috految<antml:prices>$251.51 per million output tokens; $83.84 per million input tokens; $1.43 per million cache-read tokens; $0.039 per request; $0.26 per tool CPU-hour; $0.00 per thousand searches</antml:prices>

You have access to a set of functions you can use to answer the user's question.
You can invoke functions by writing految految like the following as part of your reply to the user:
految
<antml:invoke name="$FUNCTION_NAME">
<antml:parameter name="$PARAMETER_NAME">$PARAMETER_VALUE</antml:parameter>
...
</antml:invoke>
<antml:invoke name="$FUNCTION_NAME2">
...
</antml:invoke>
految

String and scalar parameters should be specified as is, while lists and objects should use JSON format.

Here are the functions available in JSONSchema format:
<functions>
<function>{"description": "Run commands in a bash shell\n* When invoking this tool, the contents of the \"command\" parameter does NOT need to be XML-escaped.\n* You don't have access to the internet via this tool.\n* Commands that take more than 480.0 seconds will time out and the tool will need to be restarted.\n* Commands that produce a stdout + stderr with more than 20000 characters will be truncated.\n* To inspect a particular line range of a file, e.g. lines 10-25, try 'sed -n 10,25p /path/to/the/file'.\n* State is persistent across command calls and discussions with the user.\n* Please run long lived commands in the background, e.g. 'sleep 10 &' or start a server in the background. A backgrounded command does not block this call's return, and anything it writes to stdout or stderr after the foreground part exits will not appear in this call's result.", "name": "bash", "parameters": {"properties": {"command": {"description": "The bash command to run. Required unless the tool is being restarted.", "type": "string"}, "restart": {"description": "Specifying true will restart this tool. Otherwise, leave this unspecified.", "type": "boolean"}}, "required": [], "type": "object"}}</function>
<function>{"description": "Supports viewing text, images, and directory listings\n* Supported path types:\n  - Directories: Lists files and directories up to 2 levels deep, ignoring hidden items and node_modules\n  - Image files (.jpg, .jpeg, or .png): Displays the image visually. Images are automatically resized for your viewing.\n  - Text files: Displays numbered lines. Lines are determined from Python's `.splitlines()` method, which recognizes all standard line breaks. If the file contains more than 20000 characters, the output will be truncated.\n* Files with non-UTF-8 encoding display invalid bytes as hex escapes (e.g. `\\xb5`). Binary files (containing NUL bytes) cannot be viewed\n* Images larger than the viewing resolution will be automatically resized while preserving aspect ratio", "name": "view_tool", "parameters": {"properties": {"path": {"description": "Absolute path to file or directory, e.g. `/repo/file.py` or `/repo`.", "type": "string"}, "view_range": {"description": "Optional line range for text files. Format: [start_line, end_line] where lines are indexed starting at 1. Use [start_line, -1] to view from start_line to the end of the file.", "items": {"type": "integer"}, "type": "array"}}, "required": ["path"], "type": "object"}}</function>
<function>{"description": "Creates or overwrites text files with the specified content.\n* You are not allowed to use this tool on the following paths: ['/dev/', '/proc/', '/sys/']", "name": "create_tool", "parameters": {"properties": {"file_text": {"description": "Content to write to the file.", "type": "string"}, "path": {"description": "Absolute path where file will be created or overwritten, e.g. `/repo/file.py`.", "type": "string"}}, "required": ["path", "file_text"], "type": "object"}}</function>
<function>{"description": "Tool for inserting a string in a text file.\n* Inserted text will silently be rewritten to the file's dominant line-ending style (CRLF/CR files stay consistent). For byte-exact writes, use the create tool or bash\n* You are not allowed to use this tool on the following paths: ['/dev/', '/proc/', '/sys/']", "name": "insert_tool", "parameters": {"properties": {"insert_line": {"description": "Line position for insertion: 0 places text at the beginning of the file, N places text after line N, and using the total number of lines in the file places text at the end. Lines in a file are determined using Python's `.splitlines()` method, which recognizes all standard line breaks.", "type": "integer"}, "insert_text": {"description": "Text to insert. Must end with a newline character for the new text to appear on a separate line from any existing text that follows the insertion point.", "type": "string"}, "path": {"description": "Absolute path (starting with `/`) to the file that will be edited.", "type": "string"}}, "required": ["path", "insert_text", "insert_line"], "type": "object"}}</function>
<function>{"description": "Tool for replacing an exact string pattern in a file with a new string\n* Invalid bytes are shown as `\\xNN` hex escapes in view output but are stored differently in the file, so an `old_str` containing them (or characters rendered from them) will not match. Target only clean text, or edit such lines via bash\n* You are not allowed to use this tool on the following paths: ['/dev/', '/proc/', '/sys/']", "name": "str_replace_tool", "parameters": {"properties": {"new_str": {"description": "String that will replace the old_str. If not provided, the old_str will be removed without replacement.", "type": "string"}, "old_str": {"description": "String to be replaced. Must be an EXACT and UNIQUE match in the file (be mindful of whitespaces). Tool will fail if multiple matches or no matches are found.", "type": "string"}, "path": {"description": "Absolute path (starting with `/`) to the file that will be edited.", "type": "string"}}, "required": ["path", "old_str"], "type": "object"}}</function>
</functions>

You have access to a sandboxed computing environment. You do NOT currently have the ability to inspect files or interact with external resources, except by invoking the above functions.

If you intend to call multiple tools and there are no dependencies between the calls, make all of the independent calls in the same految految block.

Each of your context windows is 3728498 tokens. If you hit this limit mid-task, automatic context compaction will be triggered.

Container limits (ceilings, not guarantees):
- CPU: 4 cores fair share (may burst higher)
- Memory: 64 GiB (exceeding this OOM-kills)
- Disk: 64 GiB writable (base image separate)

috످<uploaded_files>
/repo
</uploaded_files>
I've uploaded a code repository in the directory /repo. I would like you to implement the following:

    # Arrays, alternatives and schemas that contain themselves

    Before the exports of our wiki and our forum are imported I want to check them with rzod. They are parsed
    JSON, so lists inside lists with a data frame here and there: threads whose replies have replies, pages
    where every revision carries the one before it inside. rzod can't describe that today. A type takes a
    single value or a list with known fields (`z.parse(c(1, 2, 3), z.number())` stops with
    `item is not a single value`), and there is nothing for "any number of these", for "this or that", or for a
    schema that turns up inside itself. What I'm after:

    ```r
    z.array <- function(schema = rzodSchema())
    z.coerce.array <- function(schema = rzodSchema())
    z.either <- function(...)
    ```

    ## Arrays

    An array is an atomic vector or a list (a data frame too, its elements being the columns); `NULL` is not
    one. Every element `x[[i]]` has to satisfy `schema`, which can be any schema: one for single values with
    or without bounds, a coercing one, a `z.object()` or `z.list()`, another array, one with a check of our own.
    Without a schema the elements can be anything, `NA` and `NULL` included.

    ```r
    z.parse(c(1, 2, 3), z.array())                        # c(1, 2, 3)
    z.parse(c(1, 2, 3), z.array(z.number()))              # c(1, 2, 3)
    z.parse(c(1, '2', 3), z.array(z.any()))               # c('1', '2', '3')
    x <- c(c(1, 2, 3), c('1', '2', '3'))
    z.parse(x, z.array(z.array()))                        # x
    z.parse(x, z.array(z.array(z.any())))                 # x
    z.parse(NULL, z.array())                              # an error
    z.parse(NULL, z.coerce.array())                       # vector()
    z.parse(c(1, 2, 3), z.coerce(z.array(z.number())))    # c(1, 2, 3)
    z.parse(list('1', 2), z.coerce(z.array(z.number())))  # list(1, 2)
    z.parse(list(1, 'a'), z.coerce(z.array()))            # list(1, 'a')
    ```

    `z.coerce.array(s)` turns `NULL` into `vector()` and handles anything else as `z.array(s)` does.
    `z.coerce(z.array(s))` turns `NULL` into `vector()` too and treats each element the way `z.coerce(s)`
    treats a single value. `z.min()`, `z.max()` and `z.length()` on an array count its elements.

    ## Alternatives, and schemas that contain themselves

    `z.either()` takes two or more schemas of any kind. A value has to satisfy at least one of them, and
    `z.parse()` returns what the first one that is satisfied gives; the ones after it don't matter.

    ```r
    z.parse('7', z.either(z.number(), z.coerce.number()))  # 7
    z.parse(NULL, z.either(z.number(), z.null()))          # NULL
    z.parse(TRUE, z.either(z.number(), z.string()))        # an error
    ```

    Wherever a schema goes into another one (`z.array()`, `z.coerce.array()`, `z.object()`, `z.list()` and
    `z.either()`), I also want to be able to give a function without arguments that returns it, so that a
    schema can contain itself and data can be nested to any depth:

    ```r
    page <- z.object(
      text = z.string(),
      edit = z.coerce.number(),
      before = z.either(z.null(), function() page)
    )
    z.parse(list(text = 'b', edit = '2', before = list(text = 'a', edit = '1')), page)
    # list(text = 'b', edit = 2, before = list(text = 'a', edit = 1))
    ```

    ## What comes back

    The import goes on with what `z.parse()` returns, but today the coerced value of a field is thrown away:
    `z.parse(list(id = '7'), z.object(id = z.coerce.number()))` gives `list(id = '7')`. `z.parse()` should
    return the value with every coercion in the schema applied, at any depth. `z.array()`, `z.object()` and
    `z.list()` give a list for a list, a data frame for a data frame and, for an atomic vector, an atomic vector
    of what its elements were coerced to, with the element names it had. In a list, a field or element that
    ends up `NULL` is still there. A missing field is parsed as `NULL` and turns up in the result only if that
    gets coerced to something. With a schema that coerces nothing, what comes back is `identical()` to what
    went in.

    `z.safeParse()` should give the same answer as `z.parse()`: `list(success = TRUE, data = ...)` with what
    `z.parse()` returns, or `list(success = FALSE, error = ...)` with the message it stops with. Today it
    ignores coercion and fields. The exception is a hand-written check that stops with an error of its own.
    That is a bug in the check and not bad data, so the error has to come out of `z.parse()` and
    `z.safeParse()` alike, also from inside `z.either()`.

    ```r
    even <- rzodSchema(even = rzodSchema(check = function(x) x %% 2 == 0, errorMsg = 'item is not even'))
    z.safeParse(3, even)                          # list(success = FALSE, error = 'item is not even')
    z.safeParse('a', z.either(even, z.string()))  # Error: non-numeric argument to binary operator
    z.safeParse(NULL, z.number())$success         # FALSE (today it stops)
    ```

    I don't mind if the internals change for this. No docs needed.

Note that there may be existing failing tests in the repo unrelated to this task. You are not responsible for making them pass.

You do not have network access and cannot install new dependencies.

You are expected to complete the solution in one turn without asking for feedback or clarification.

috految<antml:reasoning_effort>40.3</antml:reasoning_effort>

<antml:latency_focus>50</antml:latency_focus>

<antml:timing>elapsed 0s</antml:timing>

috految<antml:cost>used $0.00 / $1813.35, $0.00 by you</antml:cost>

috److految
<antml:invoke name="bash">
<antml:parameter name="command">cd /repo; git log --oneline | head -3; git ls-files | xargs wc -c; cat DESCRIPTION NAMESPACE; tail -n+1 R/*; git ls-files --eol | grep crlf; Rscript -e 'cat(R.version.string, .packages(TRUE), Sys.getlocale("LC_CTYPE"))'</antml:parameter>
</antml:invoke>
految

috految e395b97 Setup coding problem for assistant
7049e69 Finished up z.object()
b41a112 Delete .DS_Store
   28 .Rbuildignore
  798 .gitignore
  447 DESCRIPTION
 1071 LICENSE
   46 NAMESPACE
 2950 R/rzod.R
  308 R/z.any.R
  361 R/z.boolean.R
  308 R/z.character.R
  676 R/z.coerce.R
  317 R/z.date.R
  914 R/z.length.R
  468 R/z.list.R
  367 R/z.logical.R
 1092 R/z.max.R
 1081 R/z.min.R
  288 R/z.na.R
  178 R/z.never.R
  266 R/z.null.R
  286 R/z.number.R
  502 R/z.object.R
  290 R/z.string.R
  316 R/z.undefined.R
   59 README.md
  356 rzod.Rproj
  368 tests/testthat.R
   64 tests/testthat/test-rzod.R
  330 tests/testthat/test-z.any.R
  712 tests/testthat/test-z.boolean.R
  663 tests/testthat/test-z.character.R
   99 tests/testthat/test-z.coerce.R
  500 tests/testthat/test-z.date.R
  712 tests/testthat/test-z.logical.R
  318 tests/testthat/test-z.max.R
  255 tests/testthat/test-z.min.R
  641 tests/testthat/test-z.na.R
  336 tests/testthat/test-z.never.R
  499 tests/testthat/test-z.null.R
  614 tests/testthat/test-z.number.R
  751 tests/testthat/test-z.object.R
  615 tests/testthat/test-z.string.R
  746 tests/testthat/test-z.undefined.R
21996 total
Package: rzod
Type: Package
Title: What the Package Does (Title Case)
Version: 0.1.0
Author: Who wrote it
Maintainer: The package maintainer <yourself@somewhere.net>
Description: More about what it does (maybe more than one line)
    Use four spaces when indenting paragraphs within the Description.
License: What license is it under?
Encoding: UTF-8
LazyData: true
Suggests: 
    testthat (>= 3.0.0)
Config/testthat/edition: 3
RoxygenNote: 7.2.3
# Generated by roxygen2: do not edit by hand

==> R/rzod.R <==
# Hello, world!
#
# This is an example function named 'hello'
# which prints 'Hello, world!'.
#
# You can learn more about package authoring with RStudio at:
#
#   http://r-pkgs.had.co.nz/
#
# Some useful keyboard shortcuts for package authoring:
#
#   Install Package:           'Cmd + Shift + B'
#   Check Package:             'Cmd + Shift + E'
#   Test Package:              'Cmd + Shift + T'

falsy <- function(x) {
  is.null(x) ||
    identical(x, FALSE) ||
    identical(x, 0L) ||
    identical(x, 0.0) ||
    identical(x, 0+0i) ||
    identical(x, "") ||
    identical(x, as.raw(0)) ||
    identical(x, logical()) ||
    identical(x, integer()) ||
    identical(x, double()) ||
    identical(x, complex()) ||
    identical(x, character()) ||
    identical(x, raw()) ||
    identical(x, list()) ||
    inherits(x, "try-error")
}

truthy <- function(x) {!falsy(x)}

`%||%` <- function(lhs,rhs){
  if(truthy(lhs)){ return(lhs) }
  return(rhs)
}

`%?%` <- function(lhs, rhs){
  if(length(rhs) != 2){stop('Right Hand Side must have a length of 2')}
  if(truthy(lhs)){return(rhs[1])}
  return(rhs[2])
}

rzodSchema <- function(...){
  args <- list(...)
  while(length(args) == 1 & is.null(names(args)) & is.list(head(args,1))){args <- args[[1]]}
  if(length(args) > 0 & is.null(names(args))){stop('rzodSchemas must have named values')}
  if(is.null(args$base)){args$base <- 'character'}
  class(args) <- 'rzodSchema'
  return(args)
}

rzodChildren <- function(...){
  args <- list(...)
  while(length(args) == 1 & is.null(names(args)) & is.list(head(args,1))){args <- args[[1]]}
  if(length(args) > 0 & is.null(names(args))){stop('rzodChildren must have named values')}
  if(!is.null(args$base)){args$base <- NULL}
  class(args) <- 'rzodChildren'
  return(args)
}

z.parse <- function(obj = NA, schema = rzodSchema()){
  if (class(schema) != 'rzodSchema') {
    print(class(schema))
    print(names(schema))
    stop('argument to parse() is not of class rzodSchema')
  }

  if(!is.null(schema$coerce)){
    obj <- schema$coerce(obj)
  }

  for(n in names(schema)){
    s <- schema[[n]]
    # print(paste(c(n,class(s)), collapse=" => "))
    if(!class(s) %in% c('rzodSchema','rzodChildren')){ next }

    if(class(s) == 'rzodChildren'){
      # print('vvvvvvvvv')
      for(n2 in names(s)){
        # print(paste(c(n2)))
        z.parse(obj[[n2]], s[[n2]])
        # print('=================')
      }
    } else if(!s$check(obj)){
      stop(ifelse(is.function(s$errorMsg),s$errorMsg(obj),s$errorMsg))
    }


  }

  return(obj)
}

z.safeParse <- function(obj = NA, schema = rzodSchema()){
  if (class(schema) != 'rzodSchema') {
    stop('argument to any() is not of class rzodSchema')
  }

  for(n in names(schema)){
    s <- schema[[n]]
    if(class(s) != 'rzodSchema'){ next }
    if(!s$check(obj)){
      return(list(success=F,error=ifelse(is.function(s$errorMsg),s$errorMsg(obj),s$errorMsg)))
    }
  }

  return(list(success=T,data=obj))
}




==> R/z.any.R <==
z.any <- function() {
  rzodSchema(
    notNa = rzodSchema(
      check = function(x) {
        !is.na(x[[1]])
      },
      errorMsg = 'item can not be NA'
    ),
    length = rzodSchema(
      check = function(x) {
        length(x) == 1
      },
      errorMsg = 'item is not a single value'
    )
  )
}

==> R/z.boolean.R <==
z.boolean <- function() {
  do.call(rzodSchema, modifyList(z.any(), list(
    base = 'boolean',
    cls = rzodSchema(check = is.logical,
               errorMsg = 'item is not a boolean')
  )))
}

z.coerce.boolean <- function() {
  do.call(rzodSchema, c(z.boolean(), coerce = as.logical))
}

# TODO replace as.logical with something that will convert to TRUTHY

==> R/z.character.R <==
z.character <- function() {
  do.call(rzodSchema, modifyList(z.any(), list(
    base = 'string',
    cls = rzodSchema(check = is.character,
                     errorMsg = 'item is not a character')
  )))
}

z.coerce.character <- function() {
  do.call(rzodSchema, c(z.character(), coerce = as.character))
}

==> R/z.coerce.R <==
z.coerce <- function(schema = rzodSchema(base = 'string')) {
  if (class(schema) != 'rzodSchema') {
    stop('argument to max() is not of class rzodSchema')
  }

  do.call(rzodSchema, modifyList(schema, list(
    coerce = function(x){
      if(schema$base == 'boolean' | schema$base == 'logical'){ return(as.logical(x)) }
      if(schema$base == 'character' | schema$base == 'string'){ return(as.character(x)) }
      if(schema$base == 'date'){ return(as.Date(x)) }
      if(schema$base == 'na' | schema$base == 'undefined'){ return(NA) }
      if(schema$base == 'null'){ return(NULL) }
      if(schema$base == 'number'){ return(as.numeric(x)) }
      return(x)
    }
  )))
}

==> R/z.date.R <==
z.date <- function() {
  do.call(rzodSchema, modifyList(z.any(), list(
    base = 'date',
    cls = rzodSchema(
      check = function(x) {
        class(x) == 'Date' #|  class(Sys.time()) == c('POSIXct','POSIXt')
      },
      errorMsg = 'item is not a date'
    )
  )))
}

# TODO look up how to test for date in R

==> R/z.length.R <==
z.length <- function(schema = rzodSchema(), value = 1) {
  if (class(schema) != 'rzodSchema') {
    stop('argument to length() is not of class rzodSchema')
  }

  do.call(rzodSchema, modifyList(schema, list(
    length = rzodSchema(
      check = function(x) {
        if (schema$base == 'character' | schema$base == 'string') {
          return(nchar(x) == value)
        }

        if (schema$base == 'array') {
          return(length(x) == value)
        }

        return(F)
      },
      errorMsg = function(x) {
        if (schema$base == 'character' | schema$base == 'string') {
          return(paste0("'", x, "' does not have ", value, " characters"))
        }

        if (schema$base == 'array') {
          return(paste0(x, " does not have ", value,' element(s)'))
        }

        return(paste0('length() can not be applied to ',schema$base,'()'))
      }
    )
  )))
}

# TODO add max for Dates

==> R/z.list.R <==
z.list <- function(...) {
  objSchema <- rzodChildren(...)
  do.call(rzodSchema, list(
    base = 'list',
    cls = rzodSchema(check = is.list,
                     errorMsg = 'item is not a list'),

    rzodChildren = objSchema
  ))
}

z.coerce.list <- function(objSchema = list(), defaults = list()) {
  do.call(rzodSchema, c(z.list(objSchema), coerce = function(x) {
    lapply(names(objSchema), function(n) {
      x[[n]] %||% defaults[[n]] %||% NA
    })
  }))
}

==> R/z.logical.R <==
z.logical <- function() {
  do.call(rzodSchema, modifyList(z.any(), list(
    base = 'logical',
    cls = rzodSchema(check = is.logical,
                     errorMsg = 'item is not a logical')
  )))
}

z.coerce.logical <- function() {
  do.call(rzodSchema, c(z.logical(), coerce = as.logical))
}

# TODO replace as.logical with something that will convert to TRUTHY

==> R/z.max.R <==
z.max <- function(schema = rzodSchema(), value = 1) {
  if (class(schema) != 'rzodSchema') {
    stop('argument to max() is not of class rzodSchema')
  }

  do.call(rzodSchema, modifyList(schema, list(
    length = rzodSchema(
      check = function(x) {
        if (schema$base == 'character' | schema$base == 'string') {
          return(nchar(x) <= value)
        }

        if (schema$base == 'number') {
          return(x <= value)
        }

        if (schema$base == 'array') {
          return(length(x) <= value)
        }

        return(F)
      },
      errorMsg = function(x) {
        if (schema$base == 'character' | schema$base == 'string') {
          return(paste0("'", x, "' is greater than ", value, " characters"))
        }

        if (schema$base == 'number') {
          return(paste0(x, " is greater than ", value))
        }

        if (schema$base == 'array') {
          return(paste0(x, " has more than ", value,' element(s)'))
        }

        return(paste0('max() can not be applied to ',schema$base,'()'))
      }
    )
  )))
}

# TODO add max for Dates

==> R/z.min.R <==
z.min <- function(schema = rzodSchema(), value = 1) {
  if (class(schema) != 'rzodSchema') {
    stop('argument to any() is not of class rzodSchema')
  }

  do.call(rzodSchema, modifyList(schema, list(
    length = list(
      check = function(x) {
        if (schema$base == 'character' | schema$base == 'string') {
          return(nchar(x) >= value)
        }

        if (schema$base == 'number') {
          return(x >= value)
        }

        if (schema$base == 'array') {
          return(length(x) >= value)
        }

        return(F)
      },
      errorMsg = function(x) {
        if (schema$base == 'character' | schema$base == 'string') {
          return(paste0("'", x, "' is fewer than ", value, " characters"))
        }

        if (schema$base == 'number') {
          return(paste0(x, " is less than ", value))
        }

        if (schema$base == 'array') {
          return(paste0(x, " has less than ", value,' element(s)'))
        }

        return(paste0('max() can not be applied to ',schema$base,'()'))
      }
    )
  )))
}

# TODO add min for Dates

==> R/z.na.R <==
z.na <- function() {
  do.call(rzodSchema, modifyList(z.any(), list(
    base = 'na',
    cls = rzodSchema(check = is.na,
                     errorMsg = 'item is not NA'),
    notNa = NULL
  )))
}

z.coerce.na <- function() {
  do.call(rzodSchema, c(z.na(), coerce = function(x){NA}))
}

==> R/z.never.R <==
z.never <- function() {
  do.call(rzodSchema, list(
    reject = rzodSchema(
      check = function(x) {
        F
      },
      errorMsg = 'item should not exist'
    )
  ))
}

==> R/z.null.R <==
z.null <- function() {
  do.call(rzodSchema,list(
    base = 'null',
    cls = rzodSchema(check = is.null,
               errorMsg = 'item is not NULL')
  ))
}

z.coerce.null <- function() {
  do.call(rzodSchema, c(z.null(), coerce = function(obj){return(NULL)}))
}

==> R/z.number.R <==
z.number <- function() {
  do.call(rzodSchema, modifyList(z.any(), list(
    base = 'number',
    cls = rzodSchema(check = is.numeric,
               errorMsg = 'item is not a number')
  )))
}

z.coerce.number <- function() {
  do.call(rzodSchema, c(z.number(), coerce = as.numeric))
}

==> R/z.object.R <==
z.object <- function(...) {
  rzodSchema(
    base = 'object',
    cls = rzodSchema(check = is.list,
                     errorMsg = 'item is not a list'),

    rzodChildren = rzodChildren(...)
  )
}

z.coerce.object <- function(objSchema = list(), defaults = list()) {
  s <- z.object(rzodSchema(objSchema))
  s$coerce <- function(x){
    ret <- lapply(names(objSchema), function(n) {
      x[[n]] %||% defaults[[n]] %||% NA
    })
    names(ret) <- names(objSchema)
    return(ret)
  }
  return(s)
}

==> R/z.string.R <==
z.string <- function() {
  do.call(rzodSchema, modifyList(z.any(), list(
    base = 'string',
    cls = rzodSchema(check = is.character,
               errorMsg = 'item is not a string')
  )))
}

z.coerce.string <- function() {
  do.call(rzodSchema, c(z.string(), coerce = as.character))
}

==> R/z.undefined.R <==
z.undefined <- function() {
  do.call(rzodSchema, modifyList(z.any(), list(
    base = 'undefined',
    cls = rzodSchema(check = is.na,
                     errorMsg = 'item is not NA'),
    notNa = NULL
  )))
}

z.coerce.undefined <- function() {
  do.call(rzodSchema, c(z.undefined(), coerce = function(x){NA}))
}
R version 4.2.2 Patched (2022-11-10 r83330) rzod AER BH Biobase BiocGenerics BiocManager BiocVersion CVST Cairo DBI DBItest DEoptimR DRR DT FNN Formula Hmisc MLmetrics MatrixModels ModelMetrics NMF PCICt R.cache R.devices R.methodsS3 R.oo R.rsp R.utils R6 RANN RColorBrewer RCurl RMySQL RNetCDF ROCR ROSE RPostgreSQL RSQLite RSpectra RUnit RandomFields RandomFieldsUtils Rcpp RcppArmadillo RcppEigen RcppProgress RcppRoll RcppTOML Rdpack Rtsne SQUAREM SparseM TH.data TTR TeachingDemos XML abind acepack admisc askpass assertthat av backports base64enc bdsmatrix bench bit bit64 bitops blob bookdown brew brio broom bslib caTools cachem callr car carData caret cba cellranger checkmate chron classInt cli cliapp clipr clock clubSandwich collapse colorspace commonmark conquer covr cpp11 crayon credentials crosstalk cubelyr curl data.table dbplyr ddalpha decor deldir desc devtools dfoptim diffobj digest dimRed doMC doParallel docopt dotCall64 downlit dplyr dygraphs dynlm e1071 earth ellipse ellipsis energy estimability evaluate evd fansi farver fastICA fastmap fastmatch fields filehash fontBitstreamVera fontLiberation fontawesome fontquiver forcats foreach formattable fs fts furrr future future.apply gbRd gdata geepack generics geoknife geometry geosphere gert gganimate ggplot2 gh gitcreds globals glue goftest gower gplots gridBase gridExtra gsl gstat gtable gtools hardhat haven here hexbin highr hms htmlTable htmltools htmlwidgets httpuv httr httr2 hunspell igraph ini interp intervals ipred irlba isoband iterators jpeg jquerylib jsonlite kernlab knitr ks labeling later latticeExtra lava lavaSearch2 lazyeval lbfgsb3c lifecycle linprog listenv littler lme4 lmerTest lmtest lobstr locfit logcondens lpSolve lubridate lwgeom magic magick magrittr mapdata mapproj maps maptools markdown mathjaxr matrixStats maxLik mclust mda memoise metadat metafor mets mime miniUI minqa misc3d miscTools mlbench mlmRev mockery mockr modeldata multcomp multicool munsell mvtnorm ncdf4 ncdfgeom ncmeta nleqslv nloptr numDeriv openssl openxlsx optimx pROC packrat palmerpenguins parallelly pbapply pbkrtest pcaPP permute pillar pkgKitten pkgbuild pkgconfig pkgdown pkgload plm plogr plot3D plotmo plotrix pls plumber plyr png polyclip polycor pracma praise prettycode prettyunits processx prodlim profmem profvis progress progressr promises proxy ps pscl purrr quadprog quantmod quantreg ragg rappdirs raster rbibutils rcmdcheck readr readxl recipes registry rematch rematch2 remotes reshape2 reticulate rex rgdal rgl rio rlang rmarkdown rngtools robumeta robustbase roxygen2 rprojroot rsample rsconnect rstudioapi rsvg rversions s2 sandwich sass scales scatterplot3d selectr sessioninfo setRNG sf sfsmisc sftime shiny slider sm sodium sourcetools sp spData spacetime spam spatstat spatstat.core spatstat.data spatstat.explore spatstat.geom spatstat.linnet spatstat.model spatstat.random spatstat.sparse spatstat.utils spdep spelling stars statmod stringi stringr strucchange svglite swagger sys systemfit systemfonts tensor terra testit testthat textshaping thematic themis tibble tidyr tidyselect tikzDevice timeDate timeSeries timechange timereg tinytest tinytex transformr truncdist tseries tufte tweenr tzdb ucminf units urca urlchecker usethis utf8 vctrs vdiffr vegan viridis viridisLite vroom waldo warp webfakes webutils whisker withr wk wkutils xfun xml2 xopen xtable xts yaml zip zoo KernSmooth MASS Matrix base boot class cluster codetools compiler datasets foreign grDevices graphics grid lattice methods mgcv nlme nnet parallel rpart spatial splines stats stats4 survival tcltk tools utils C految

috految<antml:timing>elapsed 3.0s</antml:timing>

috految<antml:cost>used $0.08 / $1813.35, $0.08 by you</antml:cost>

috److految
<antml:invoke name="bash">
<antml:parameter name="command">cd /repo; cat README.md; cat tests/testthat/* | grep -v '^\s*$\|^})' | awk '!s[$0]++'; grep -v '^#' tests/testthat.R; which python3; ulimit -s</antml:parameter>
</antml:invoke>
految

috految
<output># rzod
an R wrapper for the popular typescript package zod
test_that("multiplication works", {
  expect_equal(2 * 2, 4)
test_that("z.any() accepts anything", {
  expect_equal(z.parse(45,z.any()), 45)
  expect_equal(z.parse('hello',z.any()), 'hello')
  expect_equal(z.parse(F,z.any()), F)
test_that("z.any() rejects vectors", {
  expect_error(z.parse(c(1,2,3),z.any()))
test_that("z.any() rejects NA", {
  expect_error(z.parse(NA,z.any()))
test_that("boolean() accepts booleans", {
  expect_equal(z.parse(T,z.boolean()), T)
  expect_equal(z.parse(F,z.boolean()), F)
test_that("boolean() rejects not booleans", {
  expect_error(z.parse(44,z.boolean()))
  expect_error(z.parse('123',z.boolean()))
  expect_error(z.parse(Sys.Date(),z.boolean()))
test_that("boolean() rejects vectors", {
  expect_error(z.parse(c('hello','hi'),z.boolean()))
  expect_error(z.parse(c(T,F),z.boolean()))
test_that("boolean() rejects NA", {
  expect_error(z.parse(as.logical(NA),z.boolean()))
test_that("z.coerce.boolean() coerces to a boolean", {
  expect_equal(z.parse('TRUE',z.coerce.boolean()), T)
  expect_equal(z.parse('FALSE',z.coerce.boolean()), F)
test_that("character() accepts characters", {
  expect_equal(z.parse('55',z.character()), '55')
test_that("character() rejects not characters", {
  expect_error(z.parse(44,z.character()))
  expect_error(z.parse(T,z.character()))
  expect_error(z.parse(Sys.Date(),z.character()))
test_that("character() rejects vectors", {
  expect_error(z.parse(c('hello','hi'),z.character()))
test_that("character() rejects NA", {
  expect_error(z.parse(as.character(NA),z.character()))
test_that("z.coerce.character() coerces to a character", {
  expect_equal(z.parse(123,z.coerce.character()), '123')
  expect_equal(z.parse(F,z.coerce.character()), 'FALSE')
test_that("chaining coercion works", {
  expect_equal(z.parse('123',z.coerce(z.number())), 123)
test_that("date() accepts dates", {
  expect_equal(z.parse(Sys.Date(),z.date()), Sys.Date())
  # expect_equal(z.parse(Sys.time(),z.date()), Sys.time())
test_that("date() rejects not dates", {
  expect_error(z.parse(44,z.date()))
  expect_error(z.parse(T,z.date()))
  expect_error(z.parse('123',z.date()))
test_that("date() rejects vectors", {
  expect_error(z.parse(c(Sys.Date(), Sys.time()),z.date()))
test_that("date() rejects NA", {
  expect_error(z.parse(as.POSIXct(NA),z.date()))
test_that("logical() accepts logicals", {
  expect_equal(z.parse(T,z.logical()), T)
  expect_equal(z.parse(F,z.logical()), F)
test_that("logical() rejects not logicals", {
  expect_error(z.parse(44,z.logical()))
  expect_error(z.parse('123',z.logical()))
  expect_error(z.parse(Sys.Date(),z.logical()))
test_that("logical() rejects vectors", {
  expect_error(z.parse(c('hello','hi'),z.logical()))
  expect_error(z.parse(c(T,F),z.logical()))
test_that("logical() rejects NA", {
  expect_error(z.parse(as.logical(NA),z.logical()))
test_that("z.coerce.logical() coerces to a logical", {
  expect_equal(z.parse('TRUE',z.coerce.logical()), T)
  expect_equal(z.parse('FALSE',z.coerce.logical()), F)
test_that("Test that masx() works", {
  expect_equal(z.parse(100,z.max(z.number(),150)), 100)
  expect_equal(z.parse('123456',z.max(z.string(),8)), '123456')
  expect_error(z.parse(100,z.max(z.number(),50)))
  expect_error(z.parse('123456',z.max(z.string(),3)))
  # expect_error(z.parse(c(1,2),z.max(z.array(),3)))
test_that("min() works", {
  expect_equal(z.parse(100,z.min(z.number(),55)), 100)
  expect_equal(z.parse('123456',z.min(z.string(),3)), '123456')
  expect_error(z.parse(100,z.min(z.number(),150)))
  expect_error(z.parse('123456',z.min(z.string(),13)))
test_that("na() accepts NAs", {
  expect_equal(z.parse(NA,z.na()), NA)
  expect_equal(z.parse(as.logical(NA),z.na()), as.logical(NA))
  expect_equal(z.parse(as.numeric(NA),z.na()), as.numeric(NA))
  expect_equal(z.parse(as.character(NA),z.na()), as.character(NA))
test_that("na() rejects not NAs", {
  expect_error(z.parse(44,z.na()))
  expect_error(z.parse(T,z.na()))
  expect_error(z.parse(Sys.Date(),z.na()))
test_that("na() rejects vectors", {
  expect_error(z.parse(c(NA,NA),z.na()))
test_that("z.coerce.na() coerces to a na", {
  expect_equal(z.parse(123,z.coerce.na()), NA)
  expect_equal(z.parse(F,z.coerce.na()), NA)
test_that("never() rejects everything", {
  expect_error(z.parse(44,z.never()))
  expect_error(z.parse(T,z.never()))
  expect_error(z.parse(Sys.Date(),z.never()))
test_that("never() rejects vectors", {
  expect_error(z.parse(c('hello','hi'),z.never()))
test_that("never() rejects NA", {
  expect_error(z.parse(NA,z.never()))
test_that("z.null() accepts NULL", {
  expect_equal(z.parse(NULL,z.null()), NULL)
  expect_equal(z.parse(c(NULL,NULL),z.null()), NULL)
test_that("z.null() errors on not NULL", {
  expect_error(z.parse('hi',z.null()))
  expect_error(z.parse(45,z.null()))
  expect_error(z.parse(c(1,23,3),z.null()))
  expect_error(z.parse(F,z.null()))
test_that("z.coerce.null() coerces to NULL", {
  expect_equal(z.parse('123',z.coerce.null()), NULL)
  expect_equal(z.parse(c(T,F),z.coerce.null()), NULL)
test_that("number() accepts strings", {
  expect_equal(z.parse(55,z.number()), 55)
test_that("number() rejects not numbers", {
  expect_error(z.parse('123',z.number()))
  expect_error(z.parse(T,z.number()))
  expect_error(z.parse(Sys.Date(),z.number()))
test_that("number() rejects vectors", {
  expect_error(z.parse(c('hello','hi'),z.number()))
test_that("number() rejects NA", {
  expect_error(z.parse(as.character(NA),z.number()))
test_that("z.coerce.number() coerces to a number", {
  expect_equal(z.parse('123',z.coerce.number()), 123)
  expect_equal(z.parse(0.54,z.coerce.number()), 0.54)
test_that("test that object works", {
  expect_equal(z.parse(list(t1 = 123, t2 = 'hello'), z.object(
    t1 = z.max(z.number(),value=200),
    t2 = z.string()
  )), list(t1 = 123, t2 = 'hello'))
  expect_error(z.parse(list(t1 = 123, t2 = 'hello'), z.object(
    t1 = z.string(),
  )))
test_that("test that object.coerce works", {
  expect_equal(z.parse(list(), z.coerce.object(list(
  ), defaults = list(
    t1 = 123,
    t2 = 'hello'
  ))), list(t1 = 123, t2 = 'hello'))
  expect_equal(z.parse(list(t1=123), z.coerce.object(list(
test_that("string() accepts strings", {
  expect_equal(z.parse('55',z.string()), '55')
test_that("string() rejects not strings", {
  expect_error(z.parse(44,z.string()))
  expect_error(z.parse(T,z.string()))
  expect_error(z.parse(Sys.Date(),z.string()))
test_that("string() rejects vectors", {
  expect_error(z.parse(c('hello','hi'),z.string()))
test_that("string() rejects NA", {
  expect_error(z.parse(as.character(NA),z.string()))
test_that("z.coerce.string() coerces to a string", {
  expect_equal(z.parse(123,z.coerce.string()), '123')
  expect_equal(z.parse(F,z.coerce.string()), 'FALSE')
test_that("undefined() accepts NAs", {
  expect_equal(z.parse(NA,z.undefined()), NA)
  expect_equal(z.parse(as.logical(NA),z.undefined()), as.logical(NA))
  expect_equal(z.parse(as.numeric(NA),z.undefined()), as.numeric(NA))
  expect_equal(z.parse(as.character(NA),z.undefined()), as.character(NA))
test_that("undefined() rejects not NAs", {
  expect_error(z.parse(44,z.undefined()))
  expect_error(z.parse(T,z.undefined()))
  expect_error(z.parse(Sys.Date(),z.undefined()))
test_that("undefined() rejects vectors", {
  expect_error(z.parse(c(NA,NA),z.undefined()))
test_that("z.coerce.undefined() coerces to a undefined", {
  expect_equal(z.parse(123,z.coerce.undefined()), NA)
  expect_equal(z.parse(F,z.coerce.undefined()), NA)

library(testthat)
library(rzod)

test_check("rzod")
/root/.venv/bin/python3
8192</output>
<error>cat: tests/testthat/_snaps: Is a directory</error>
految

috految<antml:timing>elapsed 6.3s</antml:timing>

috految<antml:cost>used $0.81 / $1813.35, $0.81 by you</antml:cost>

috److془Let me design carefully.

Issues:
1. Any depth: iterative. Avoid C recursion: `[[<-` cycle detection (R_cycle_detected), identical, as.character deparse of deep lists, duplicate (deep) in e.g. `as.list`, `as.vector`, `lapply` (lazy_duplicate OK), `as.numeric`. Error messages with paste0(x). Promise chains with lazy evaluation.

2. Exponential backtracking: either(object(before = self, kind = 'a'), object(before = self, kind='b')). Need memoization. With factory functions: `node <- function() z.either(z.object(before = node, ...), z.object(before = node))` → key thunk by identity. With `function() node()` → fresh closures with fresh envs each time. Hmm. With parameterized: `tree <- function(leaf) z.either(leaf, z.array(function() tree(leaf)))`. Infinite loop on 'a' with scalar being own element. Need a cap on non-consuming depth. With branching (two array alternatives), cap needs non-exponential.

Note that `identical` of closures: same formals, body, env. In `node <- function() z.either(z.object(before = function() node(), ...), z.object(before = function() node()))` both thunks are identical (same body, same env) → memo works. With `edit <- function() z.object(before = function() rev(), ...)`; `move <- function() z.object(before = function() rev())`; `rev <- function() z.either(edit(), move())`. Thunks differ by env. Could canonicalize by skipping empty environments. Or `variant <- function(kind) z.object(before = function() rev(), kind = lit(kind))`. Skip envs which bind none of names in the body? Unsound with `get(name)`... `function() get('page')` or `function() do.call('f', list())`, or glue. Alternative: check non-nested fields first; alters order with custom checks (guard). Hmm; just skip empty envs? Or alternatively: sound: if the thunk body is a call w/o arguments… meh. Alternative: Skip empty envs. Hmm, or: thunk key = "function() rev()" eta-reduce. Skip empty is fine-ish. Actually, the case of `rev <- function() z.either(variant('a'), variant('b'))` with `function() rev()` is most exotic, and `before` before `kind`. Fine. Also, the case `function() z.either(a, b)` where a, b static: finite thunks. Good. Mixed: the thunk returns fresh schema with fresh thunks that returns static: finite with cache. Good. Case: `rev <- function() z.either(z.object(replies = z.array(function() rev())), ...)`, fine. Case z.either(edit, move) where `edit <- function() z.object(before = function() z.either(z.null(), edit, move))` - fine.

Caveat: identical on closures with ignore.srcref: R_body_no_src duplicates body; fine. Does identical(f,g) compare environments? ignore.environment=FALSE default → pointer comparision. Good. Cache of thunks per parse call. Is caching ok? Stateful thunks: `function() {seen <- c(); unique check}`: unspecified. Could avoid caching altogether: memo per node keyed by thunk; call on each node. Finite sets: fresh thunks `function() z.either(z.null(), function() page)`: static thunk is memoed at each node, so bounded. 
Without caching: cost is schema construct per visit ~ 100us. Fine. Hmm: but `rev <- function(leaf) z.either(z.object(before=function() rev(leaf)), z.object(before = function() rev(leaf)))` identical good. Promise chain `leaf`: forced each level in general. Fine. Bound `value` forced (for loops). Hmm: `z.max(z.number(), limit)` force → fine. `defaults` previously lazy forced on first use; force fine. 

With `function() page` where page is static and different thunks: k thunks × each node evaluation. Fine. Linear.

3. Scalar is own element: `nested <- z.either(z.number(), z.array(function() nested))`; z.parse('a', nested) must fail (least fixed point). `z.either(z.array(function() nested), z.number())` on 5: array → nested again on 5 → cycle fail → number ok → 5. `tree <- z.array(function() tree)` on 1: fail. `z.either(z.array(self), z.coerce.number())` on '5' → 5. `z.either(z.array(self), z.coerce.null())` on 5 → want NULL. `z.either(z.object(...) , z.array(self), z.coerce.number())` on c(a='5') → c(a=5). Good with exact value identity. `z.either(z.array(self), z.coerce.date)`. fine. `s <- z.array(z.either(function() s, z.number()))`, 5 → fine. 

Cycle detection by value: `z.either(z.max(z.array(self),0)...)` fine. LFP for boolean is complete with path-based cycle cutting. Memoization shouldn't record tainted failures (depending on in-progress). Simple: memo only at the node entry (when active set is empty). Hmm but then entry key: the first thunk at node. Fresh thunks `function() z.either(z.null(), edit, move)` wouldn't be shared; so memo on all, using taint. Alternatively: memo all, with in-progress entry = failure; when a thunk succeeds, discard the entries added after it (which may have assumed its failure), if it was revisited. Standard DFS; polynomial. Beautiful. And the cap: entries at node number >= cap → fail. For branching with fresh thunks: DFS exhausts budget, then later sibling thunks fail wrongly: `tree <- function(leaf) z.either(z.array(function() tree(leaf)), function() leaf)`. Budget per-thunk-code (body): then `function() leaf` has own budget. But `ref <- function(name) function() schemas[[name]]` with 200 alternatives; or `z.either(tree(number), tree(string))`. Use: on depth (pending count at node) > cap, mark the node "exhausted": while exhausted, thunks fail on being nested with same code as pending one. Hmm with `ref <- function(name) function() make(name)`; either(array(ref('json')), ref('number')): pending ref → ref('number') fails wrongly. Alternative: Cap on the number of array self-steps instead: after hitting the cap, limit is lowered to 2 or so. Or: limit = limit - 1 each time hit (floor 2 or so). Simply: for pending count: limit starts 100, each time hit halves w/ floor 5?. Branching b^5 . Hmm: array-first with fresh closures costs 100 × (~300us) per scalar. Fine. Use 64. Hmm legit chain of 100 thunks at a node: `Reduce(function(a,b) z.either(function() a, b))` exotic; or `function(n) if n==0 number else z.array(function() nest(n-1))` on scalar. Exotic. Cap 100, drop to 5 after reached. Hmm, but the issue: the closeness to limit giving wrong alternative: either(array(fresh), function() coerce.number, string): '5' → at the limit thunk fails, gives '5' rather than 5. Fix: cap on steps (array step/ missing field) rather than thunks. Then either(array(self), array(coerce.number), string) on fresh... whatever. And left-rec with fresh thunks `f <- function(x) z.either(function() f(x), x)` infinite loop; a user bug, truly. Fine. Cap on steps at the wrapping. Simple: `stalled` counter. 

Cycles with coercions: z.coerce.object(list(before = z.either(z.null(), function() page))). Missing → NA → z.null fails → page on NA → NA[['text']] error → fail. Hmm. What about z.coerce.object semantic? "A missing field is parsed as NULL and turns up in the result only if that gets coerced to something." "`z.array()`, `z.object()` and `z.list()` give a list for a list...". z.coerce.object today: falsy → default → NA. Drops unknown fields. Issue doesn't list z.coerce.object. Under today: `z.parse(list(), z.coerce.object(list(a = z.na())))` → list(a=NA). Keep. With `z.coerce.object(list(tags = z.array(z.string())))` on list(tags = list()) → NA → fails. With z.array(): gives NA silently, corrupts. `z.coerce.object(list(tags = z.coerce.array(z.string())))` missing → NA → fails. Hmm. And 0 → NA → fail today. `defaults = list(n = 5)`, n=0 → 5 today. Keep. Hybrid: for fields whose schema is array / either / function (new), don't make NA. Hmm: either(z.number(), z.na()) missing in coerce.object should give NA. either(z.null(), fn) missing → should be OK ideally. Hybrid: when there's no truthy value or default: NA, unless the field's schema is an array (or either with one) or null. Hmm: z.coerce.object(list(n = z.either(z.number(), z.na()))) on 0 → NA. Existing behaviour of coercion. Mention. Hmm, but z.coerce.object(list(x = z.coerce.null())) missing → list(x=NULL) or absent; whatever. Hmm: nested coerce.object missing: today NA[[n]] error. Whatever… "A missing field is parsed as NULL and turns up in result only if gets coerced to something". Could do: NA placeholder only if schema isn't array/object/list/null. Then nested coerce.object gets its defaults. Recursion: page = coerce.object(list(before = either(function() page, z.null())), defaults text) → NULL → page → defaults → infinite; cycle detect. Hmm z.either(page, z.na()) → NA should be retained. So rule: either → NA if any alternative is na/undefined. Hmm, and either(z.number(), z.null()) with 0 → keep 0. Nice. Either with z.coerce.na fine. Hmm, but either(z.coerce.number(), z.na()) with 0 → NA. existing behavior. Good. Actually, keep simple: rule `takesNa(schema)`: either: any alternative na. else !base %in% c('array','object','list','null'). Hmm: coerce.object(list(a = z.object(...))) given list() → now parse list(). Fine. coerce.object(list(a = either(null, number)), defaults = list(a=0)); missing → default 0. Good. Default list() for arrays works. Good. Fields with z.number() with 0 gives 'item can not be NA' as today. Hmm: z.coerce.object(list(n = z.coerce.number())) '0' ok. Leave. Hmm: but nested within z.object, with default 5, 0→5 now is returned; consistent with top-level. Mention it.

Hmm: coerce.object(list(tags = z.array()), defaults=list(tags='x')) list() → 'x'. fine. `lhs %||% rhs` falsy has identical(x, list()) cheap. Note for z.coerce.list: result unnamed → fields parsed NULL → always fails (unless null-accepting); fix names. `c(z.list(objSchema), coerce=)`. z.coerce.list() with no fields gives list() today. z.coerce.object() too. Does z.coerce.list(list()) ... fine. Note `list(a=1)[['b']]` is NULL; `list(1)[['b']]` NULL. `c(a=1)[['b']]` error → failure. Named atomic with all fields works. Data frame → list; names as today. Hmm data frame as column → list in df. See below. Should z.coerce.object on df give a data frame? Today list; keep. 

z.coerce.object(rzodSchema(a=z.number())) today has 'base' name in result; use fields names. Field named `base`: rzodChildren drops it; must fix. Drop only if it's character (from rzodSchema). `args$base` partial matching: `baseline`. Use exact. z.object(rzodSchema(a=..., b=...)) continue to work. z.object(z.object(...)) today: fields cls (rzodSchema with check, no-op), rzodChildren → error not of class. Fine. `z.list(z.number())` today: fields notNa, length, cls → no checks accepted on any list. Keep. z.object(function() list(...)): today, args → function, head(fn)... error 'must have named values'. Fine. `z.object(z.array(s))` / z.list(z.either): error at parse as the field is not schema. Good. But z.object(z.coerce.number()) field coerce fn → returns non-schema, error. Fine. Partial unnamed: z.object(a=..., z.number()) today error at parse; keep. Use fields[[name]] → NULL → error. Duplicates: first wins as today. Duplicate names in data: x[[n]] first. Fine. Fields with NULL → error as today. `head` of utils: `is.list(head(args,1))` evaluated always; with args a schema fine. `rzodSchema(check=)` fine. z.object(list(a=..)) fine. z.object(a = list(...)) errors. `z.object(function() list())` fine. Non-ASCII names in C locale: match vs `[[`: uses translateChar; symbol `"gr\u00f6"=` becomes "<U+00F6>" and `[[` would match; use `[[` and `x[name] <-` hmm uses Seql; whatever. Use `[[` for reading. For writing: `x[name] <- list(v)`. Could use `positions <- as.list(seq_along(x)); names(positions) <- names(x); positions[[name]]`. Nah, well, skip. Actually `df[['missing']]` → NULL; tibble too. POSIXlt `[[` by name: in 4.2 errors maybe. Use .subset2 for robustness. .subset2(list(a=1),'b') NULL. Custom `[[` on objects rarely; but hmm: handwritten schema with rzodChildren on atomic; use `if (name %in% names(x)) x[[name]]`... C locale thing. Use .subset2 . On atomics with hand rzodChildren: error subscript out of bounds; internals. Fine. numeric_version is list whose [[1]] is itself; POSIXlt too. Catch through stalled. Hmm `x[[i]]` POSIXlt works in 4.2; length dispatches. z.array(z.coerce(date)) on POSIXlt: treat as atomic. 

Hmm: "`z.array()`, `z.object()` and `z.list()` give a list for a list, a data frame for a data frame and, for an atomic vector, an atomic vector": z.object rejects atomic (is.list). Fine. 

z.coerce.object with z.coerce(): today z.coerce(z.coerce.object(...)) replaces the coerce with identity. "every coercion in the schema applied" → retain. z.coerce(z.object(id=z.number())): today identity, fields not coerced. Keep. z.coerce(custom number with own coerce): today replaced with as.numeric. "every coercion in the schema applied" → compose own then base? For rzodSchema(coerce = as.integer, check is.integer) gives as.character; today the same. Custom coerce = toupper then as.character fine. Custom coerce = round with z.coerce on '1.5' today 1.5, composed fail. Eh. Compose: own first. Alternatively keep as is today. Hmm: z.coerce(z.array(price)) with price coerce strip '$'. Compose is better. Or "z.coerce(s) replaced". Go with compose. Hmm: coerce= as.numeric w/o base, then as.character; as today roughly. Fine. Hmm: z.coerce(z.coerce.na()) fine. With z.coerce(z.coerce.array(s)) elements coerced. 

z.coerce(z.any()): base 'character' → as.character. Today z.parse(1, z.coerce(z.any())) → '1'. Keep. z.coerce(z.array()) → elements unchanged. z.coerce(z.array(rzodSchema())) same as default. z.coerce(rzodSchema()) today as.character; keep. z.coerce(z.array(even)) → as.character and error. As z.coerce(even) today. Fine. Hmm: is z.coerce(rzodSchema()) today as.character? args=list(); names NULL; length 0 → base 'character'. yes. z.coerce(z.array(rzodSchema(base='character'))) should coerce.. identical to the default; the spec inconsistent either way. Fine. Hmm: could distinguish: not worth. Thunk returning rzodSchema(): handle the same. Hmm wait: z.array(z.coerce()) has coerce. fine. Order: `list(1,NULL), z.coerce(z.array(z.array()))` → list(1, vector()). 

z.coerce(z.either(a,b)): unspecified; base 'either' → identity or distribute? z.coerce(z.array(z.either(z.number(), z.null()))) on list('1', 'a'): distribution gives NULL for 'a' - data destroy. z.coerce(z.either(z.null(), page)) destroys everything. Identity is consistent with z.object. Alternative: coerce alternatives when no alternative satisfied as is, except null/na. Hmm; invention. Identity. Mention. 

z.coerce(z.array(function() s)): lazy. Memo key: (thunk, coerce flag). Use flag in rule: coerceElements = TRUE. z.coerce on resolved schema. `tree <- z.coerce(z.array(function() tree))` fine, no growth. z.coerce(z.array(z.number())) with list(c('1','2')) → fail single. with list(list('1')) as.numeric(list('1')) =1 as today. as.character(list(list(deep))) deparse → a string, accepted today. z.either(z.coerce.string(), function() page) with deep: deparse quadratic (cubic), and C stack at depth. Guard: if is.list(x) && length(x) > 1 && schema has single rule → skip coercion. For length one list deep: deparse gives garbage 'list(...)' . Today accepted; z.parse(list(a=list(1,2)), z.coerce.string()) → "list(1, 2)". Reject nested lists for builtin: `is.list(x) && any element is list` → returning in error "item is not a single value". Behavior change slight, though sensible (data would now be corrupted). Hmm; as.character(list(NULL)) "NULL"; as.character(list(NA)) 'NA' ; as today. Hmm z.either(z.coerce.string(), z.array(z.string())) of list('a') → 'a'; by spec. Fine. Classed lists with as.character method: apply guard to non-object or data frames only. as.numeric(deep list): ascommon→coerceVectorList, errors non-recursively? `if (type != ANYSXP && TYPEOF(u) != type) v = coerceVector(u, type)`. Fine. as.logical similarly. as.Date(list) error with deparse(substitute(x)) fine. as.Date.default: `is.logical(x) && all(is.na(x))`. as.Date(NULL) zero-length date fine. as.Date crashing on long strings: error only. as.numeric(list(list(1))) gives NA or error. Fine. as.numeric(list(numeric())) NA. as.numeric(factor) gives codes! z.array(z.coerce.number()) on factor(c('10','20')) → 1,2. As today for single values. Keep. as.character(list(1:3)).. as today. Use guard for is.list elements only. 

Errors in coercion: failure with message (including handwritten coerce; the only exception is check). Handwritten coerce which calls z.parse with a buggy check.. ultra exotic. Warnings: as.numeric('a') warns "NAs introduced by coercion" in failed alternative: muffle for builtin. Under warn=2 fine. Suppress only when is NA: `asNumber <- function(x) if (is.character(x)||is.list(x)) suppressWarnings(as.numeric(x))`. Good. Careful: force obj before tryCatch. Also force fields `defaults`. Handwritten check which calls z.parse and stops: propagates. Good. Handwritten check returning NA / logical(0) / length>1: z.parse stops today; safeParse gives failure. c(TRUE,TRUE) → today error → failure. Numeric truthy returns (length(x)) pass today. `!check` with NULL/string errors → failure. Logical arrays 1x1, named → fine. Raw - whatever. Integer64 is.numeric okay. data.frame 1x1: whatever.. `(is.logical||is.numeric) && isTRUE(as.logical(ok))`. Note `x %% 2 == 0` on NULL → logical(0) → failure with errorMsg. errorMsg function: ifelse takes first element. Lazy message: evaluated only at the end (so failing alternatives don't compute). errorMsg function that returns character(0) (sprintf with NULL) or absent → 'item is not valid'. errorMsg function stops: propagate (part of check). Hmm: "a hand-written check that stops with an error of its own". Either's fine. Stateful errorMsg read at the end; fine unless later alternatives. Message equality: stop(msg) truncates at 8190 bytes, translation; use stop(simpleError(msg, call)). With long message uncaught: dfltStop → errorcall_dflt "%s" truncates okay. With call = sys.call() via do.call deep data, deparse one line; fine. Handler of `try` deparses nlines=1. Fine. Invalid-encoded strings: nchar errors → allowNA=TRUE failure. nchar on factor errors (z.max(z.any(),3)); lists: nchar(list('abc')) works. Today z.parse(list('abc'), z.max(z.any(), 5)) passes. Today nchar(NA)=2, nchar(NA_character_) NA. Use `is.atomic(x)||is.list(x)`, length 1, not factor. Deep list with z.any length 1.. use isNested guard. 

Rule whose `check` is not function: rzodSchema(a = z.number()): today errors attempt to apply non-function. Keep. Top-level rzodSchema(check=, errorMsg=) is ignored today. `z.array(rzodSchema(check=..., errorMsg=...))` silently accepts; as today. Keep. Rule's `s$check` partial matching keep. Rule named `coerceable`: exact. Check named 'base' or 'coerce': rzodSchema(base = rzodSchema(check)) still works via class. Plain list rule for `length` via modifyList: retains class. Users: `do.call(rzodSchema, c(z.number(), list(even=...)))`, duplicates names: iterate by index. Today c(z.number(), even) has duplicate base; first wins. c(z.object(a), z.object(b)) ok with index. modifyList(z.array(s), even) overwrites base with 'character'; z.min would count characters; decide arrayness via rule. Also modifyList(z.object(a), z.object(b)) merges children; work. Hmm: c(z.number(), z.any()) fine. rzodSchema(z.number(), even = ...) unnamed entry: today skipped silently; by index errors "attempt to apply non-function". Hmm: today's name-based: `for n in names`. Unnamed skip. Just use by-index with nzchar names. Hmm, `c(z.number(), coerce = ...)` fine. 

Bounds: today z.min(z.max()) overwrites each other, and `length` single-value check also serves. Need stacking. z.max(z.max(s,5),10) today → latest; keep by name (rzodMin..). Hmm; "z.min/z.max ... count its elements"; keep override. Order: today bound replaced `length` slot, before custom checks appended. z.min(custom on z.string, 1) guard; retain: insert after `cls` if exist, (for z.any, after length), else append. For arrays, after cls and before elements: good. Hmm: hand-written own `cls` on top of z.any... fine. Message for 'a' against z.max(number) becomes 'item is not a number' fine. Hmm z.min(even, 3) today: plain list, ignored. z.max(even, 10): counts characters, base character. z.min(even, 4) with 6 today passes (ignored), now fails with "'6' fewer than 4 characters". Consistent with z.max. z.min(z.object(),1): today ignored, now 'cannot be applied' consistent with z.max. Hmm z.min(z.list(), 1) going from accepts to rejects all. It's the code's intent. Mention briefly. Hmm: z.min(z.either(number,string)) → can't be applied. Fine. z.min(z.max(z.na..)) whatever. z.max(z.date()) fails as today. z.min(z.coerce.number()): modifyList keeps. z.length(z.number) F as today. z.max(z.coerce(), 3) fine. z.max(rzodSchema(base='array')) handwritten counts. Number: `is.atomic && length 1 && x<=value`; complex with hand base number meh. z.number: is.numeric(Date) false. Good. z.min(z.string(), 10) for notNa precedes. z.min(z.array(), 1) message: no x. z.max(z.coerce.array(),..) after coerce good.

Custom checks on containers: see coerced children if rule after children. If rule before children, sees the raw. Hmm: today `s <- z.object(id = z.coerce.number()); s$check` sees raw; coerced better. Ordering as written. Good. 

z.any: notNa: `!is.na(x[[1]])`, for list(list(1,2)) error today (cond length 2) → failure. list(c(1,2)) failure; list(NULL) failure; list(1) passes; list(list(1)) passes. Functions: x[[1]] error → fail. Keep. Message for c(NA,1): 'can not be NA' keep. NULL → 'item is not a single value'. is.na(df) with nested df can error; & recursion deep. Define isSingle(x) = isArray(x) && length(x)==1 && length(x[[1]])==1 and for data frames x[[1]] need 1 row. Hmm: user-overriden length rule with notNa.. fine. Custom types with notNa=NULL with function? Keep the `length` rule unchanged and put it in notNa with message function. notNa: `hasFirst(x) && !isNa(x[[1]])`. S4 objects with [[ and calls.. ignore. length(lubridate Period) is.atomic true. isNa(x): `isArray(x) && length(x)==1 && !isNested(x) && isTRUE(is.na(x))`. is.na(df one col with list col) guarded by isNested. is.na(one-col df with column 0 rows) fine. One-col df with matrix: cbind fine. Today z.na on list(NA) passes; same. z.na on NULL: length fails. Order in z.na: length, cls. Date: class(x)=='Date' for POSIXct length 2 → non-satisfied; IDate rejected as today fine. Matrix x fine. Leave unchanged. Hmm: df column with class c('AsIs','Date')... leave. Hmm for a one row df, `as.Date(IDate)` fine. The `[[.Date` keeps class. `[[.factor` keeps. difftime `[[` drops class; x[[i]] spec fine. But: difftime with z.array(z.coerce.number()): elements unchanged → should return numbers. `changed` = a coerce fn applied (no identical comparisons). And z.coerce.array on non-NULL must not be changed. Also no-op on lists: they're rebuilt faithfully. Matrix with z.array(z.coerce.number()): keep dim & dimnames (jsonlite matrices). 1-d table: keep names; drop dim if 1d. Elements in atomic with z.coerce.array: unchanged flagged: changed = !(is array && identical). Identical pointer short circuit. Named scalar c(a='1') z.coerce.number → 1 as today. Empty vectors: character(0) with z.array(z.coerce.number()) → character(0) unchanged; fine.  "z.coerce.array NULL → vector()". 

Atomic combos: "for an atomic vector, an atomic vector of what its elements were coerced to, with the element names it had." Mixed: c('1','a') with either(coerce.number, string): atomic c('1','a'). c('1', NA) with either(z.na(), coerce.number) → c(1, NA) must be numeric! Dates with NA first: Date. Mixed Date & string: as.character each. Mixed number & string: '100000' → "1e+05"; '1234567890123456789' precision loss. Use format(scientific=FALSE)? as.character(1e5)='1e+05'; use format(x, digits=15, scientific=FALSE). Mixed logical and numeric: c() → 1. Mixed Date and number: character loses least. Hmm c(NA,'1') with coerce.boolean, fine. NaN: is.na(NaN) TRUE; keep NaN for plain: atomic types unify. Factor mixed: strings. Factor unchanged + NA → factor via c.factor (R≥4.1). Custom classes without c method: if all have identical attributes (sans names) : unlist(unclass) + attributes. Else same class: do.call(c). S4 Period with identical slots broken; so: combined <- do.call(c, values); if class lost, restore attributes. c.POSIXct keeps tz in ≥4.1. c.Date fine. c.factor ordered kept if identical levels. c.Date with 1e5 args fine. 
Mixed like Date and POSIXct: strings okay. POSIXlt single values: c works, atomic ->as.POSIXct. Unneeded: treat as the vector. Mixed with integer64: strings. meh fine. Note: c(1,NA) either(number, coerce.na) fine. All NA: c(NA_character_, NA) → c. unless classes vary → strings NA fine. 

Elements coerced to NULL in atomic vector: c(1, NA), either(number, coerce.null). "for an atomic vector, an atomic vector of what its elements were coerced to, with the element names it had. In a list, a field or element that ends up NULL is still there." Atomic: options NA / drop / list. NA retains atomic, names and rows. Go NA. Elements coerced to lists/multi values: list. Hmm `either(array(self), coerce.null)` on 5 → NA rather than NULL, at top-level only. Fine. Well: json <- either(number, array(self), coerce.null); list(1,'a') → thunk at node, array on 'a' → thunk pending fails → NULL. Good; top-level NA. Could do the pending for static too, but fine. Hmm: with coerce.object(list(before = either(function() page, null)), defaults) : page on NULL gives a defaults with before NULL. Fine by spec. In atomic where the elements are unchanged, and array rule re-flagged absent. Good. 

Hmm: the `either(self-thunk-in pending)` ordering: `s = either(array(z.either(fn s, string)), coerce.number)` ambiguous anyway. 

Hmm: replies = z.coerce.array(function() thread), missing → vector(), no elements. Good. z.coerce.string on NULL → character(0) fails. z.coerce() bare on NULL: character(0), turns up. Fine. 

Data frames: columns replaced; missing field coerced to vector() in n-row df (z.object(tags = z.coerce.array()) on df with 3 rows). Should give data frame, valid, field turns up: list column of vector() per row. Single value (NA) → recycled. Column coerced to NULL: drop. "In a list, a field or element that ends up NULL is still there" - df: drop natural in R. Hmm "An array is an atomic vector or a list (a data frame too)". "In a list" contrasts with the df. Drop. Zero-row df: scalar recycled zero-length. vector() NROW matches. Column coerced to a list by coerce.object: nested df column → list of columns; convert to df. Missing column defaults list(a=1,b=2) with 2 rows: record, → nested df with rep. List column with names, unchanged shape: keep. Rule: if value is plain list with names and (original is null or df): asFrame(value). Original is unnamed list column in 1-row or so with coerce.object → garbage anyhow. Hmm: original list column of records, schema rejects mostly. Fine. Nested default list() fine. Missing field w/ default c('a','b') in 2 rows: column. Fine. Recursion in asFrame depth only for nested coerce.object in dfs; fine. Size mismatch for existing column (custom coerce unique, or z.coerce.string for nested one column df with deparse: as.character(data.frame(a=1:3)) = "1:3" → guard: isNested includes element length >1). Mismatch: rows==1, wrap list; original is null → rep list; else failure. Length one recycled. Hmm, length one recycled from unique/na.omit; as `$<-` does. Fine. Zero-column data.frame() + missing field coercion NA: zero-length column. Fine. Missing field with z.coerce.array(z.string()) list col. fine. Jsonlite nested dfs with zero columns: nrow might be off; tolerate NROW(value)==NROW(original). Though jsonlite's nested df columns with 0 columns and list column: fine. Df plain-list columns are with same length fine. Zero-rows: rep(list,0) fine. Rows: use .row_names_info/nrow. Preserve automatic row names: unclass → modify → oldClass<-. Does unclass shallow duplicate? R_shallow_duplicate_attr yes. Growing with `[<-`: copyMostAttrib preserves. Deleting too. data.table: stale key/index potentially, grouped_df groups. Use `x[[name]] <- value` dispatch? `[[<-.data.frame` strips names of the column, make.unique stuff. Stick with unclass. Check `x[i] <- list(v)` cycle detection: VectorAssign case 1919: `if (n > ny) ENSURE_NAMEDMAX; SET_VECTOR_ELT(x, ii, VECTOR_ELT_FIX_NAMED(y, iny))`. No detection. Environment assignment `e$x <- v`: R_subassign3_dflt for pairlists only/ veclist. I'll test. Empty x: `x[name] <- list(v)` with length 0 df: fine I think. Empty list with `x[name] <- list(NULL)` skipped for missing. `[<-` with list(NULL) sets NULL good. Unnamed list with added field: names "" fine. Hmm z.object(tags=coerce.array) accept unnamed lists; as today. Min on array df: length columns. `[[.data.frame`: uses names(sys.call()) fine. However, `x[[i]]` where list matrix fine. `[[.Date` O(n)? NextMethod no copy. `[[.Date` on names: dropping fine. AsIs list class retained. list_of fine. numeric_version: treat like vector with POSIXlt. is.atomic(NULL) TRUE in 4.2 care. Bytecode `[<-` when class stripped fine. is.list pairlist whatever. 

Does z.coerce.object list → df top-level get lists; drop. Fine. 

Memo nodes: tree of nodes; child node keyed by key; reuse if identical(child$value, value) (pointer-shortcut immediate). With coerce.object, children are pointer same. Data with coercions differing: identical could recurse deep but only in exotica. Key: index for arrays and name for objects: either(object(before=self), array(self)) would be exponential with different keys! Use position match(name, names(node$value), 0) against node's original. Missing fields share the key 0. Hmm stateful coerce (id generation) via same thunk for two missing fields; use the name as key for missing. Children stored in env keyed by string; symbol leak for ints, hash ok. Only store when lists. Atomics get fresh nodes (cost bounded by schema). NULL is leaf then, so no missing key problem. Stalled: child of a leaf node with identical value → same node. Else for leaf nodes (coercion makes stuff up e.g., default list(), or wrap list(x), or JSON string parse): fresh. Infinite loops: default list(text='x') recursing: parent list(text='x'), missing field → default identical. Wrap coerce: `list(x)` for object x: child identical to parent. So: self if (value was coerced or not a list) && identical(child, node$value). identical(child,parent) for chain with uniform data O(depth) C recursion; avoid by: only when child isn't the original's: `inside <- isList(node$value) && position in range && identical(.subset2(node$value, position), value)`. Neat. else if identical(value, node$value) same node; else fresh node. Custom coercion reorder loses memo, fine. Custom wrapping coerce with identical O(n) fine. Coerce NULL with the same node. Mutual default cycles infinite - schema truly infinite. NULL → coerce.object → NA → error: finite. Hmm: z.either(null, coerce.object page) with before = list() → parse list() fine. Cycle via named scalar: fresh then same. Cycle fresh factories with the cap. Good. Factor: f[[1]][[1]] identical. Some [[ such as hms fine. Alternatives where value was coerced by either: identical else fresh. Thunk invoked with node$value always. 

Stall cap: only count in the same-node child steps. Limit 100 → after hit, 3. Static 200 nested arrays on a scalar; whatever. Cap 100 with O(n²) lookup 5000 identical ~ 15ms per scalar for array-first parameterized factory. Use 50. Failure at cap could be memoized wrongly for thunk `function() z.array(number)` called at cap depth; drop memo if node$exhausted. Good. Memo of successful results with shared node fine. Fresh-thunk either larger: `json <- function() either(array(function() json()), ...)` empty env skip gives identity. Careful: signature list(formals, body, env, coerce). Env skipping: while(length(env)==0 && !identical(env, emptyenv())) parent. Use signature: list(body, formals, env); body with srcref attrs for braces differ; use environment(fn) <- env, identical. Only for key. Is `...` counted in length(env)? envlength all=1 yes. Functions with `environment()` reliance no. Primitive: environment NULL → error; fine. Function with params (z.array(z.number)) works. z.array(is.numeric) error. Thunk returning thunk: `function() page` where page is a function: handle by recursion. Thunk error in safeParse: propagates, fine. Pending thunk identical with different meaning: no. Thunk that recurs with itself as the result: fail fine. Lazy: `z.array(function() page)` fine. Force schema in z.array. "the ones after it don't matter" lazily resolved thunks. takesNa resolves thunks, in coercion; errors would be swallowed as failure; simply do not resolve: function → not NA. Hmm function() z.na() in coerce.object unspecified. Good.

Either message: deepest failure, ties?; for z.either(null, page) with a deep error give deep message. If none got inside: 'item does not match any of the alternatives'. Depth = len of path. Tagged union gives misleading message perhaps; use the deep message only if unique alternative got inside. errorMsg possibly errors at the end, fine. 

Missing args: `obj = NA` default okay. z.either(...) named OK with rule list. Rule modifyList safe. Free of `$` partial problem. modifyList into schemas on z.object: overriding either field with modifyList merging is user's concern. Hmm z.coerce(z.object()) fine. Schema deep static DAG cycle detection: fine. NAMESPACE exports nothing; leave. Package Collate no top-level evaluation deps. Trap: rzodSchema(...) with z.coerce.object does rzodSchema(objSchema); I use z.object(objSchema). z.coerce.object(z.object(..)) error at parse either way. z.list do.call with the children list fine. z.object(base=z.string()) fine. do.call(rzodSchema, c(..)) `c` with names recursion? non-recursive fine. `c(list, list(entry))`/ unlist HasNames recurses on deep data! avoid c on the results; entries as envs. lapply okay. vapply(x, is.list) calls on as.list for objets; use unclass. rep(list(v)) fine. lapply(names..) lazy duplicate. rzodSchema(list-of-one-larger) fine. z.list(NULL): error as before; z.coerce.object(NULL) whatever. z.coerce.object(list()) : rzodChildren(list()) args → list(); ok. `head <- ` fine. Hand-written lazy: `z.object(a = z.string(), )` trailing comma after dedupe just awk. Missing z.never field: fails with NULL as today. z.undefined too.

Trampoline: continuation stack as linked list. GC non-recursive. Promise chains: force. Closures' JIT: functions without compile in load_all; inner closures undergo JIT cache, fine. Returning frames: R_CleanupEnvir nonrecursive. Loop results `results[i] <<- list(r)`. Deep with lists in tryCatch fine. Missing chains: R_isMissing on symbol promise chain: forced promises have env NULL. Good. z.parse in lapply fine. Check call `rule$check(value)`. Custom idiom: `s$coerce <- ` fine. Check on NULL value: list(value=NULL) fine.془

految
<antml:invoke name="bash">
<antml:parameter name="command">cd /repo
cat > /tmp/e.py <<'EOF'
def sub(f, a, b):
    f = 'R/' + f + '.R'; s = open(f).read(); assert a in s, (f, a); open(f, 'w').write(s.replace(a, b))
def span(f, a, z, b):
    s = open('R/' + f + '.R').read(); i = s.index(a)
    sub(f, s[i:s.index(z, i)] if z else s[i:], b)

sub('rzod', "if(is.null(args$base))", "if(is.null(args[['base']]))")
sub('rzod', "  if(!is.null(args$base)){args$base <- NULL}", """  # Fields given as an rzodSchema bring its base along, but a field can be called that too.
  if(is.character(args[['base']])){args[['base']] <- NULL}""")
span('rzod', 'z.parse <-', None, """assertSchema <- function(schema, caller){
  if (!inherits(schema, 'rzodSchema')) {
    stop('argument to ', caller, '() is not of class rzodSchema', call. = FALSE)
  }
}

z.parse <- function(obj = NA, schema = rzodSchema()){
  assertSchema(schema, 'parse')

  result <- z.safeParse(obj, schema)
  if(!result$success){
    # Given a string, stop() would truncate and re-encode it.
    stop(simpleError(result$error, sys.call()))
  }

  return(result$data)
}

z.safeParse <- function(obj = NA, schema = rzodSchema()){
  assertSchema(schema, 'safeParse')

  result <- runSchema(obj, schema)
  if(!result$ok){
    return(list(success = FALSE, error = failureMessage(result)))
  }

  return(list(success = TRUE, data = result$value))
}
""")
sub('z.any', "!is.na(x[[1]])", "startsWithSingleValue(x) && !isNa(x[[1]])")
sub('z.any', "errorMsg = 'item can not be NA'", """errorMsg = function(x) {
        if (startsWithSingleValue(x)) 'item can not be NA' else 'item is not a single value'
      }""")
for f in ('z.na', 'z.undefined'): sub(f, 'check = is.na', 'check = isNa')
for f in ('z.string', 'z.character'): sub(f, 'coerce = as.character', 'coerce = toText')
sub('z.number', 'coerce = as.numeric', 'coerce = toNumber')
span('z.coerce', "  if (class", None, """  assertSchema(schema, 'coerce')

  if (isArraySchema(schema)) {
    schema$rzodElements$coerce <- TRUE
    convert <- toArray
  } else {
    convert <- switch(schema$base,
      boolean = , logical = as.logical,
      character = , string = toText,
      date = as.Date,
      na = , undefined = function(x) NA,
      null = function(x) NULL,
      number = toNumber
    )
  }
  if (is.null(convert)) { return(schema) }

  own <- schema[['coerce']]
  schema$coerce <- if (is.null(own)) convert else function(x) convert(own(x))
  return(schema)
}

toArray <- function(x) {
  if (is.null(x)) vector() else x
}

toNumber <- function(x) {
  # Text that is no number becomes NA, which is for the checks to report.
  if (is.character(x) || is.list(x)) suppressWarnings(as.numeric(x)) else as.numeric(x)
}

toText <- function(x) {
  # as.character() would turn the nested data into R code.
  if (isNested(x)) { stop('item is not a single value') }
  as.character(x)
}
""")
span('z.list', "  do.call(rzodSchema, c(z.list", None, """  withDefaults(z.list(objSchema), defaults)
}
""")
span('z.object', "  s <- z.object", None, """  withDefaults(z.object(objSchema), defaults)
}

withDefaults <- function(schema, defaults) {
  force(defaults)
  fields <- schema$rzodChildren

  schema$coerce <- function(x){
    ret <- lapply(names(fields), function(n) {
      if (fallsBackToNa(fields[[n]])) { return(x[[n]] %||% defaults[[n]] %||% NA) }
      if (is.null(x[[n]])) { return(defaults[[n]]) }
      x[[n]] %||% defaults[[n]] %||% x[[n]]
    })
    names(ret) <- names(fields)
    return(ret[names(ret) %in% names(x) | !vapply(ret, is.null, logical(1))])
  }
  return(schema)
}

# NA stands in for an absent single value, but not for NULL, an array or a list.
fallsBackToNa <- function(field) {
  if (!inherits(field, 'rzodSchema')) { return(FALSE) }

  if (field$base == 'either') {
    return(any(vapply(field$rzodAlternatives, function(s) {
      !is.function(s) && s$base %in% c('na', 'undefined', 'either') && fallsBackToNa(s)
    }, logical(1))))
  }

  !field$base %in% c('null', 'array', 'object', 'list')
}
""")
for n, op, t, num, arr in (
  ('min', '>=', 'is fewer than', 'is less than', 'has less than'),
  ('max', '<=', 'is greater than', 'is greater than', 'has more than'),
  ('length', '==', 'does not have', None, 'does not have')):
    span('z.' + n, "  if (class", "\n# TODO", f"""  withBound(schema, '{n}', `{op}`, value, messages = list(
    string = function(x) paste0("'", x, "' {t} ", value, " characters"),
""" + (f"""    number = function(x) paste0(x, " {num} ", value),\n""" if num else '') +
f"""    array = function(x) paste0("item {arr} ", value, " element(s)")
  ))
}}
""")
EOF
python3 /tmp/e.py
cat > R/bounds.R <<'EOF'
# Adds a check that compare(size, value) holds. `messages` has an entry for each
# kind of schema the bound can be applied to.
withBound <- function(schema, name, compare, value, messages) {
  assertSchema(schema, name)
  force(value)

  kind <- if (isArraySchema(schema)) 'array' else schema$base
  if (kind == 'character') { kind <- 'string' }

  bound <- rzodSchema(
    check = function(x) {
      kind %in% names(messages) && isTRUE(compare(sizeOf(x, kind), value))
    },
    errorMsg = function(x) {
      if (!kind %in% names(messages)) {
        return(paste0(name, '() can not be applied to ', schema$base, '()'))
      }
      if (kind != 'array' && !isSingleValue(x)) { return('item is not a single value') }
      messages[[kind]](x)
    }
  )

  # A bound goes right after the type checks, so that later checks can rely on it.
  key <- paste0('rzodBound.', name)
  rules <- unclass(schema)[names(schema) != key]
  typeChecks <- which(names(rules) %in% c('length', 'cls'))
  after <- if (length(typeChecks) > 0) max(typeChecks) else length(rules)
  rzodSchema(append(rules, structure(list(bound), names = key), after))
}

sizeOf <- function(x, kind) {
  if (kind == 'array') { return(length(x)) }
  if (!isSingleValue(x) || is.factor(x)) { return(NA) }
  if (kind == 'string') { return(nchar(x, allowNA = TRUE)) }
  if (is.atomic(x)) x else NA
}
EOF
cat > R/z.array.R <<'EOF'
z.array <- function(schema = rzodSchema()) {
  if (!is.function(schema)) { assertSchema(schema, 'array') }

  rzodSchema(
    base = 'array',
    cls = rzodSchema(check = isArray,
                     errorMsg = 'item is not an array'),

    rzodElements = structure(list(schema = schema, coerce = FALSE), class = 'rzodElements')
  )
}

z.coerce.array <- function(schema = rzodSchema()) {
  do.call(rzodSchema, c(z.array(schema), coerce = toArray))
}

isArraySchema <- function(schema) {
  !is.null(schema[['rzodElements']])
}
EOF
cat > R/z.either.R <<'EOF'
z.either <- function(...) {
  alternatives <- list(...)
  if (length(alternatives) < 2) {
    stop('either() needs at least two schemas')
  }
  for (schema in alternatives) {
    if (!is.function(schema)) { assertSchema(schema, 'either') }
  }

  rzodSchema(
    base = 'either',
    rzodAlternatives = structure(alternatives, class = 'rzodAlternatives')
  )
}
EOF
cat > R/values.R <<'EOF'
# Built-in checks get to see any data at all and must not stop on it.

isArray <- function(x) {
  !is.null(x) && (is.atomic(x) || is.list(x))
}

# Some vectors of single values are lists underneath.
isList <- function(x) {
  is.list(x) && !inherits(x, c('POSIXlt', 'numeric_version'))
}

isNested <- function(x) {
  is.list(x) && (!is.object(x) || is.data.frame(x)) &&
    any(vapply(unclass(x), function(item) is.list(item) || length(item) > 1, logical(1)))
}

isSingleValue <- function(x) {
  isArray(x) && length(x) == 1 && !isNested(x)
}

startsWithSingleValue <- function(x) {
  isArray(x) && length(x) > 0 && length(x[[1]]) == 1 && NROW(x[[1]]) == 1
}

isNa <- function(x) {
  isSingleValue(x) && isTRUE(is.na(x))
}

# Puts `values`, one for each element, in place of the elements of a vector.
rebuildVector <- function(x, values) {
  fits <- vapply(values, function(value) {
    is.null(value) || (isArray(value) && !isList(value) && length(value) == 1)
  }, logical(1))

  out <- if (all(fits)) combineValues(values) else values
  if (length(dim(x)) > 1) {
    dim(out) <- dim(x)
    dimnames(out) <- dimnames(x)
  }
  names(out) <- names(x)
  out
}

# Like c(), but NULL is NA, NA has no say in the type, and dates and factors
# are never reduced to the numbers behind them.
combineValues <- function(values) {
  values[vapply(values, is.null, logical(1))] <- list(NA)
  absent <- vapply(values, function(value) isNa(value) && !identical(value, NaN), logical(1))
  present <- if (all(absent)) seq_along(values) else which(!absent)
  known <- lapply(values[present], unname)

  mixed <- length(unique(lapply(known, class))) > 1
  if (mixed && any(vapply(known, function(value) is.object(value) || is.character(value), logical(1)))) {
    known <- lapply(known, function(value) {
      if (is.na(value)) { return(NA_character_) }
      if (is.numeric(value)) format(value, digits = 15, scientific = FALSE) else as.character(value)
    })
  }

  out <- do.call(c, known)[match(seq_along(values), present)]
  if (is.object(known[[1]]) && !is.object(out)) {
    mostattributes(out) <- attributes(known[[1]])
  }
  out
}

# Puts `values` at `keys` (names or positions) of a list or data frame. Unlike
# `[[<-`, `[<-` keeps NULLs and does not walk through all the data below.
rebuildList <- function(x, keys, values) {
  out <- unclass(x)
  out[keys] <- values
  if (is.data.frame(x)) {
    out[vapply(out, is.null, logical(1))] <- NULL
  }
  oldClass(out) <- oldClass(x)
  out
}

# Makes `value` a column of `rows` rows, to replace `old` (NULL if there was none).
asColumn <- function(value, old, rows) {
  if (is.null(value)) { return(NULL) }

  isRecord <- isList(value) && !is.data.frame(value) && !is.null(names(value))
  if (isRecord && (is.null(old) || is.data.frame(old))) {
    columns <- lapply(names(value), function(n) asColumn(value[[n]], old[[n]], rows))
    frame <- structure(list(), class = 'data.frame', row.names = .set_row_names(rows))
    return(rebuildList(frame, names(value), columns))
  }

  if (NROW(value) == rows || (!is.null(old) && NROW(value) == NROW(old))) { return(value) }
  if (is.atomic(value) && length(value) == 1) { return(rep(value, rows)) }
  if (is.null(old) || rows == 1) { return(rep(list(value), rows)) }
  stop('item does not have a value for each row')
}
EOF
cat > R/parse.R <<'EOF'
# Data can be nested far deeper than R can recurse, so the parse functions never
# parse a nested value themselves. Each returns either a result (succeeded() or
# failed()) or a deferred() step, which runSchema() keeps track of on a stack of
# its own. Bad data is a result rather than a condition, so an error in a
# hand-written check passes through untouched.

succeeded <- function(value, coerced) {
  list(ok = TRUE, value = value, coerced = coerced)
}

# `nested` tells that a field or an element failed rather than the value itself.
failed <- function(errorMsg, value = NULL, nested = FALSE) {
  list(ok = FALSE, errorMsg = errorMsg, value = value, nested = nested)
}

# Evaluate step(), then carry on with resume(<its result>).
deferred <- function(step, resume) {
  list(step = step, resume = resume)
}

failureMessage <- function(result) {
  msg <- result$errorMsg
  if (is.function(msg)) { msg <- msg(result$value) }
  if (length(msg) == 0) 'item is not valid' else paste0(msg[[1]], collapse = '')
}

runSchema <- function(obj, schema) {
  root <- newNode(obj)
  stack <- NULL
  outcome <- parseNode(root, schema)

  repeat {
    if (!is.null(outcome$step)) {
      stack <- list(resume = outcome$resume, rest = stack)
      outcome <- outcome$step()
    } else if (is.null(stack)) {
      return(outcome)
    } else {
      resume <- stack$resume
      stack <- stack$rest
      outcome <- forceAndCall(1, resume, outcome)
    }
  }
}

# A node is a place in the data, along with what has been tried there.
newNode <- function(value) {
  node <- new.env(hash = FALSE, parent = emptyenv())
  node$value <- value
  node$attempts <- list()
  node$reentries <- 0
  node$endless <- FALSE
  node
}

# The node for an element or field that is now `value`. Alternatives that reach
# the same list share its node, and a single value is its own element.
childNode <- function(node, position, value) {
  original <- node$value
  inPlace <- isList(original) && isTRUE(position <= length(original)) &&
    identical(.subset2(original, position), value)

  if (!inPlace) { return(if (identical(value, original)) node else newNode(value)) }
  if (!isList(value)) { return(newNode(value)) }

  if (is.null(node$children)) { node$children <- new.env(parent = emptyenv()) }
  key <- as.character(position)
  if (is.null(node$children[[key]])) { node$children[[key]] <- newNode(value) }
  node$children[[key]]
}

# With `coerce`, the schema is taken as z.coerce(schema).
parseNode <- function(node, schema, coerce = FALSE) {
  if (is.function(schema)) { return(parseReference(node, schema, coerce)) }
  assertSchema(schema, 'parse')
  # The empty schema takes anything, so there is nothing to coerce to.
  if (coerce && !identical(schema, rzodSchema())) { schema <- z.coerce(schema) }

  value <- node$value
  coerced <- FALSE
  if (!is.null(schema[['coerce']])) {
    result <- tryCoercion(schema[['coerce']](value))
    if (!result$ok) { return(result) }
    coerced <- !isArraySchema(schema) || !identical(result$value, value)
    value <- result$value
  }

  parseRules(node, unclass(schema)[nzchar(names(schema))], value, coerced)
}

tryCoercion <- function(expr) {
  tryCatch(succeeded(expr, coerced = TRUE), error = function(e) failed(conditionMessage(e)))
}

parseRules <- function(node, rules, value, coerced) {
  force(coerced)

  for (i in seq_along(rules)) {
    rule <- rules[[i]]
    if (inherits(rule, 'rzodSchema')) {
      passed <- rule$check(value)
      if (!(is.logical(passed) || is.numeric(passed)) || !isTRUE(as.logical(passed))) {
        return(failed(rule$errorMsg, value))
      }
      next
    }

    parseRule <- switch(class(rule)[[1]],
      rzodChildren = parseFields,
      rzodElements = parseElements,
      rzodAlternatives = parseAlternatives
    )
    if (is.null(parseRule)) { next }

    return(deferred(function() parseRule(node, rule, value), function(result) {
      if (!result$ok) { return(result) }
      parseRules(node, rules[-seq_len(i)], result$value, coerced || result$coerced)
    }))
  }

  succeeded(value, coerced)
}

# A schema given as a function is tried once per node. Otherwise alternatives
# with a field in common would double the work at every level of the data.
parseReference <- function(node, reference, coerce) {
  key <- list(referenceKey(reference), coerce)
  for (attempt in node$attempts) {
    if (identical(attempt$key, key)) {
      attempt$reused <- TRUE
      return(attempt$result)
    }
  }

  # Until it has a result, coming back to it means going in circles.
  attempt <- list2env(list(key = key, reused = FALSE, result = failed('item does not match the schema')))
  earlier <- node$attempts
  node$attempts <- c(earlier, attempt)

  deferred(function() parseNode(node, reference(), coerce), function(result) {
    attempt$result <- result
    # Forget what may have failed only because it was cut short.
    if (node$endless) {
      node$attempts <- earlier
    } else if (result$ok && attempt$reused) {
      node$attempts <- c(earlier, attempt)
    }
    result
  })
}

# Functions written in different calls of a builder with no variables are the same.
referenceKey <- function(reference) {
  env <- environment(reference)
  while (length(env) == 0 && !identical(env, emptyenv())) { env <- parent.env(env) }
  environment(reference) <- env
  reference
}

parseAlternatives <- function(node, alternatives, value) {
  if (!identical(value, node$value)) { node <- newNode(value) }
  nestedFailures <- list()

  tryFrom <- function(i) {
    if (i > length(alternatives)) {
      # If only one had the right outline, its message says what is wrong.
      if (length(nestedFailures) == 1) { return(nestedFailures[[1]]) }
      return(failed('item does not match any of the alternatives'))
    }

    deferred(function() parseNode(node, alternatives[[i]]), function(result) {
      if (result$ok) { return(result) }
      if (result$nested) { nestedFailures[length(nestedFailures) + 1] <<- list(result) }
      tryFrom(i + 1)
    })
  }
  tryFrom(1)
}

parseElements <- function(node, rule, value) {
  parseEach(length(value), function(i) {
    parseChild(node, i, value[[i]], rule$schema, rule$coerce)
  }, function(values, coerced) {
    if (!any(coerced)) { return(succeeded(value, FALSE)) }
    if (isList(value)) { return(replaceItems(value, which(coerced), values[coerced])) }
    tryCoercion(rebuildVector(value, values))
  })
}

parseFields <- function(node, fields, value) {
  parseEach(length(fields), function(i) {
    name <- names(fields)[[i]]
    parseChild(node, match(name, names(node$value)), .subset2(value, name), fields[[name]])
  }, function(values, coerced) {
    set <- coerced & (names(fields) %in% names(value) | !vapply(values, is.null, logical(1)))
    if (!any(set)) { return(succeeded(value, FALSE)) }
    replaceItems(value, names(fields)[set], values[set])
  })
}

replaceItems <- function(x, keys, values) {
  if (!is.data.frame(x)) { return(succeeded(rebuildList(x, keys, values), TRUE)) }

  tryCoercion(rebuildList(x, keys, lapply(seq_along(keys), function(i) {
    asColumn(values[[i]], .subset2(x, keys[[i]]), nrow(x))
  })))
}

# Runs parseItem(1:count) up to the first failure, then finish(values, coerced).
parseEach <- function(count, parseItem, finish) {
  values <- vector('list', count)
  coerced <- logical(count)

  parseFrom <- function(i) {
    if (i > count) { return(finish(values, coerced)) }

    deferred(function() parseItem(i), function(result) {
      if (!result$ok) { return(failed(result$errorMsg, result$value, nested = TRUE)) }
      values[i] <<- list(result$value)
      coerced[[i]] <<- result$coerced
      parseFrom(i + 1L)
    })
  }
  parseFrom(1L)
}

# A function that builds a new schema on every call can take a single value for
# its own element forever without parseReference() seeing a circle. This limits
# that, not how deep data can be. Once the limit has been hit, the alternatives
# that are left get only a few rounds each.
maxReentries <- 50
maxReentriesOnceEndless <- 3

parseChild <- function(node, position, value, schema, coerce = FALSE) {
  child <- childNode(node, position, value)
  if (!identical(child, node)) { return(parseNode(child, schema, coerce)) }

  limit <- if (node$endless) maxReentriesOnceEndless else maxReentries
  if (node$reentries >= limit) {
    node$endless <- TRUE
    return(failed('item does not match the schema'))
  }

  node$reentries <- node$reentries + 1
  deferred(function() parseNode(node, schema, coerce), function(result) {
    node$reentries <- node$reentries - 1
    result
  })
}
EOF
cat > tests/testthat/test-parse.R <<'EOF'
test_that("arrays check and coerce their elements", {
  expect_identical(z.parse(c('1', 'a'), z.array(z.array(z.any()))), c('1', 'a'))
  expect_error(z.parse(NULL, z.array()), 'not an array')
  expect_identical(z.parse(NULL, z.coerce.array()), vector())
  expect_identical(z.parse(list(1, 'a', NULL), z.coerce(z.array())), list(1, 'a', NULL))
  expect_identical(z.parse(list('1', 2), z.coerce(z.array(function() z.number()))), list(1, 2))
  expect_identical(
    z.parse(c(a = NA, b = '2020-01-02'), z.array(z.either(z.na(), z.coerce(z.date())))),
    as.Date(c(a = NA, b = '2020-01-02'))
  )
  expect_error(z.parse(1:3, z.min(z.max(z.array(), 2), 1)), 'more than 2')
  expect_error(z.parse(list(1:2), z.array(z.max(z.number(), 5))), 'single value')
})

test_that("fields come back coerced", {
  s <- z.object(base = z.coerce.number(), a = z.coerce.null(), b = z.coerce.null(), c = z.coerce.array())
  expect_identical(z.parse(list(base = '1', a = 2), s), list(base = 1, a = NULL, c = vector()))
  expect_identical(z.parse(list(a = '1'), z.coerce.list(list(a = z.coerce.number()))), list(a = 1))
  expect_identical(
    z.parse(data.frame(a = c('1', '2')), z.object(a = z.array(z.coerce.number()), b = z.coerce.na())),
    data.frame(a = c(1, 2), b = NA)
  )
})

test_that("schemas can contain themselves", {
  tree <- function(leaf) z.either(z.array(function() tree(leaf)), leaf)
  nested <- z.either(z.array(function() nested), z.coerce.number())
  for (s in list(nested, tree(z.coerce.number()))) {
    expect_identical(z.parse(list('1', list(c('2', '3'))), s), list(1, list(c(2, 3))))
    expect_false(z.safeParse(list(1, 'a'), s)$success)
  }

  page <- z.either(z.null(),
                   z.object(before = function() page, id = z.logical()),
                   z.object(before = function() page, id = z.coerce.number()))
  x <- NULL
  for (i in 1:2000) { x <- list(before = x, id = '1') }
  expect_identical(z.parse(x, page)$before$id, 1)
})

test_that("only errors in hand-written checks come out of safeParse()", {
  even <- rzodSchema(even = rzodSchema(check = function(x) x %% 2 == 0, errorMsg = 'odd'))
  expect_identical(z.safeParse(3, even), list(success = FALSE, error = 'odd'))
  expect_error(z.safeParse('a', z.either(even, z.string())), 'non-numeric')
  expect_false(z.safeParse(NULL, z.number())$success)
  expect_false(z.safeParse('a', z.coerce(z.date()))$success)
})
EOF
cat > /tmp/t.R <<'EOF'
for(f in Sys.glob('R/*')) source(f)
if(length(commandArgs(TRUE))){
x <- NULL; for(i in 1:2e5) x <- list(before=x, id='1')
p <- z.either(z.null(), z.number(), z.na(), z.coerce.number(), z.coerce.string(), z.coerce.boolean(), z.coerce(z.date()), z.object(before=z.coerce.array(), id=z.coerce.number(), t=z.coerce.array()))
print(system.time(for(i in 1:20) r <- z.parse(list(x), z.array(function() p)))[[3]]); print(z.safeParse(list(x,x), z.max(z.either(p,p),1))$error)
x <- NULL; for(i in 1:6000) x <- list(before=list(x), id='1')
p <- z.object(before=z.coerce(z.array(z.either(z.null(), function() p))), id=z.coerce.number())
print(system.time(r <- z.parse(x,p))[[3]]); quit()}
d <- jsonlite::fromJSON('[{"a":{"b":"1"},"l":[1,2],"e":{}},{"a":{"b":"2"},"l":[],"e":{}}]')
V <- list(NULL,NA,sum,globalenv(),list(),list(NULL),list(list(1,2)),d,d[1],d[3],list(d[1]),data.frame(),factor('a'),Sys.time(),as.POSIXlt(Sys.time()),matrix(1:4,2),'\xff',1i,table(1:2),character(),list(NA))
S <- list(z.any(),z.number(),z.string(),z.date(),z.na(),z.never(),z.null(),z.object(),z.list(a=z.coerce.array()),z.array(),rzodSchema(),z.coerce.object(list(a=z.any())),z.coerce.list())
for(s in S) for(w in list(s,z.coerce(s),z.min(s),z.length(s),z.array(s),z.coerce(z.array(s)))) for(v in V) tryCatch(z.safeParse(v,w), error=function(e) cat(s$base,class(v),conditionMessage(e),'\n'))
dput(z.parse(d, z.object(a=z.coerce.object(list(b=z.array(z.coerce.number()))), l=z.array(z.coerce(z.array(z.string()))), t=z.coerce.array(),e=z.object(k=z.coerce.na()))))
dput(z.parse(matrix(c('1','2'),1), z.array(z.coerce.number()))); dput(z.parse(list(),z.object(a=z.coerce.array()))); dput(z.parse(factor(c('a',NA)), z.array(z.either(z.any(),z.coerce.null()))))
EOF
timeout 20 Rscript /tmp/t.R 2>&1 | tail -20 & timeout 20 Rscript /tmp/t.R deep 2>&1 | head -20 &
timeout 25 Rscript -e 'testthat::test_local(reporter="check")' 2>&1 | tail -30; wait; git status --short</antml:parameter>
</antml:invoke>
految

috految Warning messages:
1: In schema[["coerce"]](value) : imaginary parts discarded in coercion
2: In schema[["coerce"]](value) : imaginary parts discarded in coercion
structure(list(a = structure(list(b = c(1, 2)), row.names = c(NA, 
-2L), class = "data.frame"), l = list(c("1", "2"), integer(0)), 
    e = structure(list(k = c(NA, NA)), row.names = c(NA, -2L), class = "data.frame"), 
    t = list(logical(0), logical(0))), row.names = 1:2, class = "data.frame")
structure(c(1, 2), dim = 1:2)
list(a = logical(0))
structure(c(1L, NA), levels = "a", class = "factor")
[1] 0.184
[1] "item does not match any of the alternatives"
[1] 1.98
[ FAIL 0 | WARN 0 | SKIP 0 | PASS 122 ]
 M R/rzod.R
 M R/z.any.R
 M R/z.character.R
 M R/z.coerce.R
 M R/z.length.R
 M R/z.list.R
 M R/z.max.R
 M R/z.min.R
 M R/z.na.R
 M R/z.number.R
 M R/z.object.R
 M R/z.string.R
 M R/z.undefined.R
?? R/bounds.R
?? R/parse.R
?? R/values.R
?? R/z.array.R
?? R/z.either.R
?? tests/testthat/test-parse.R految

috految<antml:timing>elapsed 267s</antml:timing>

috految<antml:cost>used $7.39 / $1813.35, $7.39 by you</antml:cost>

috److془Concern: tests under `rzodSchema(append(rules...))`: fine. Done.

Concern: try GC etc fine. Done.془I added `z.array()`, `z.coerce.array()`, `z.either()` and schemas that contain themselves. `z.parse()` now returns coerced values at any depth, and `z.safeParse()` gives the same answer.

The existing tests and my new ones in `tests/testthat/test-parse.R` pass. Deep data doesn't hit R's recursion limit: 6,000 levels parsed in about two seconds.

**Cases the issue left open**
- **Atomic vectors:** an element coerced to `NULL` becomes `NA`. If elements end up as both numbers and text, the result is text.
- **Data frames:** a column coerced to `NULL` is dropped. A missing column that gets coerced to something is filled in for every row.
- **`z.coerce()` on `z.either()`:** it does nothing, as with `z.object()`. Use coercing alternatives instead.

**Existing behaviour that changed**
- **Bounds:** `z.min()` and `z.max()` now combine instead of overwriting each other. `z.min()` used to be ignored on schemas like `z.object()` and now fails there, as `z.max()` does.
- **String coercion:** it rejects nested data instead of turning it into R code.
- **Fields:** one named `base` is now checked, and `z.coerce.list()` keeps its field names.
- **Missing fields in `z.coerce.object()` and `z.coerce.list()`:** array, object or nullable fields are no longer filled with `NA`.

**Watch out in the import:** `z.coerce.object()` and `z.coerce.list()` still treat `0`, `FALSE` and `''` as missing and drop fields that aren't in the schema. That now also affects what comes back when they are nested inside another schema.

috످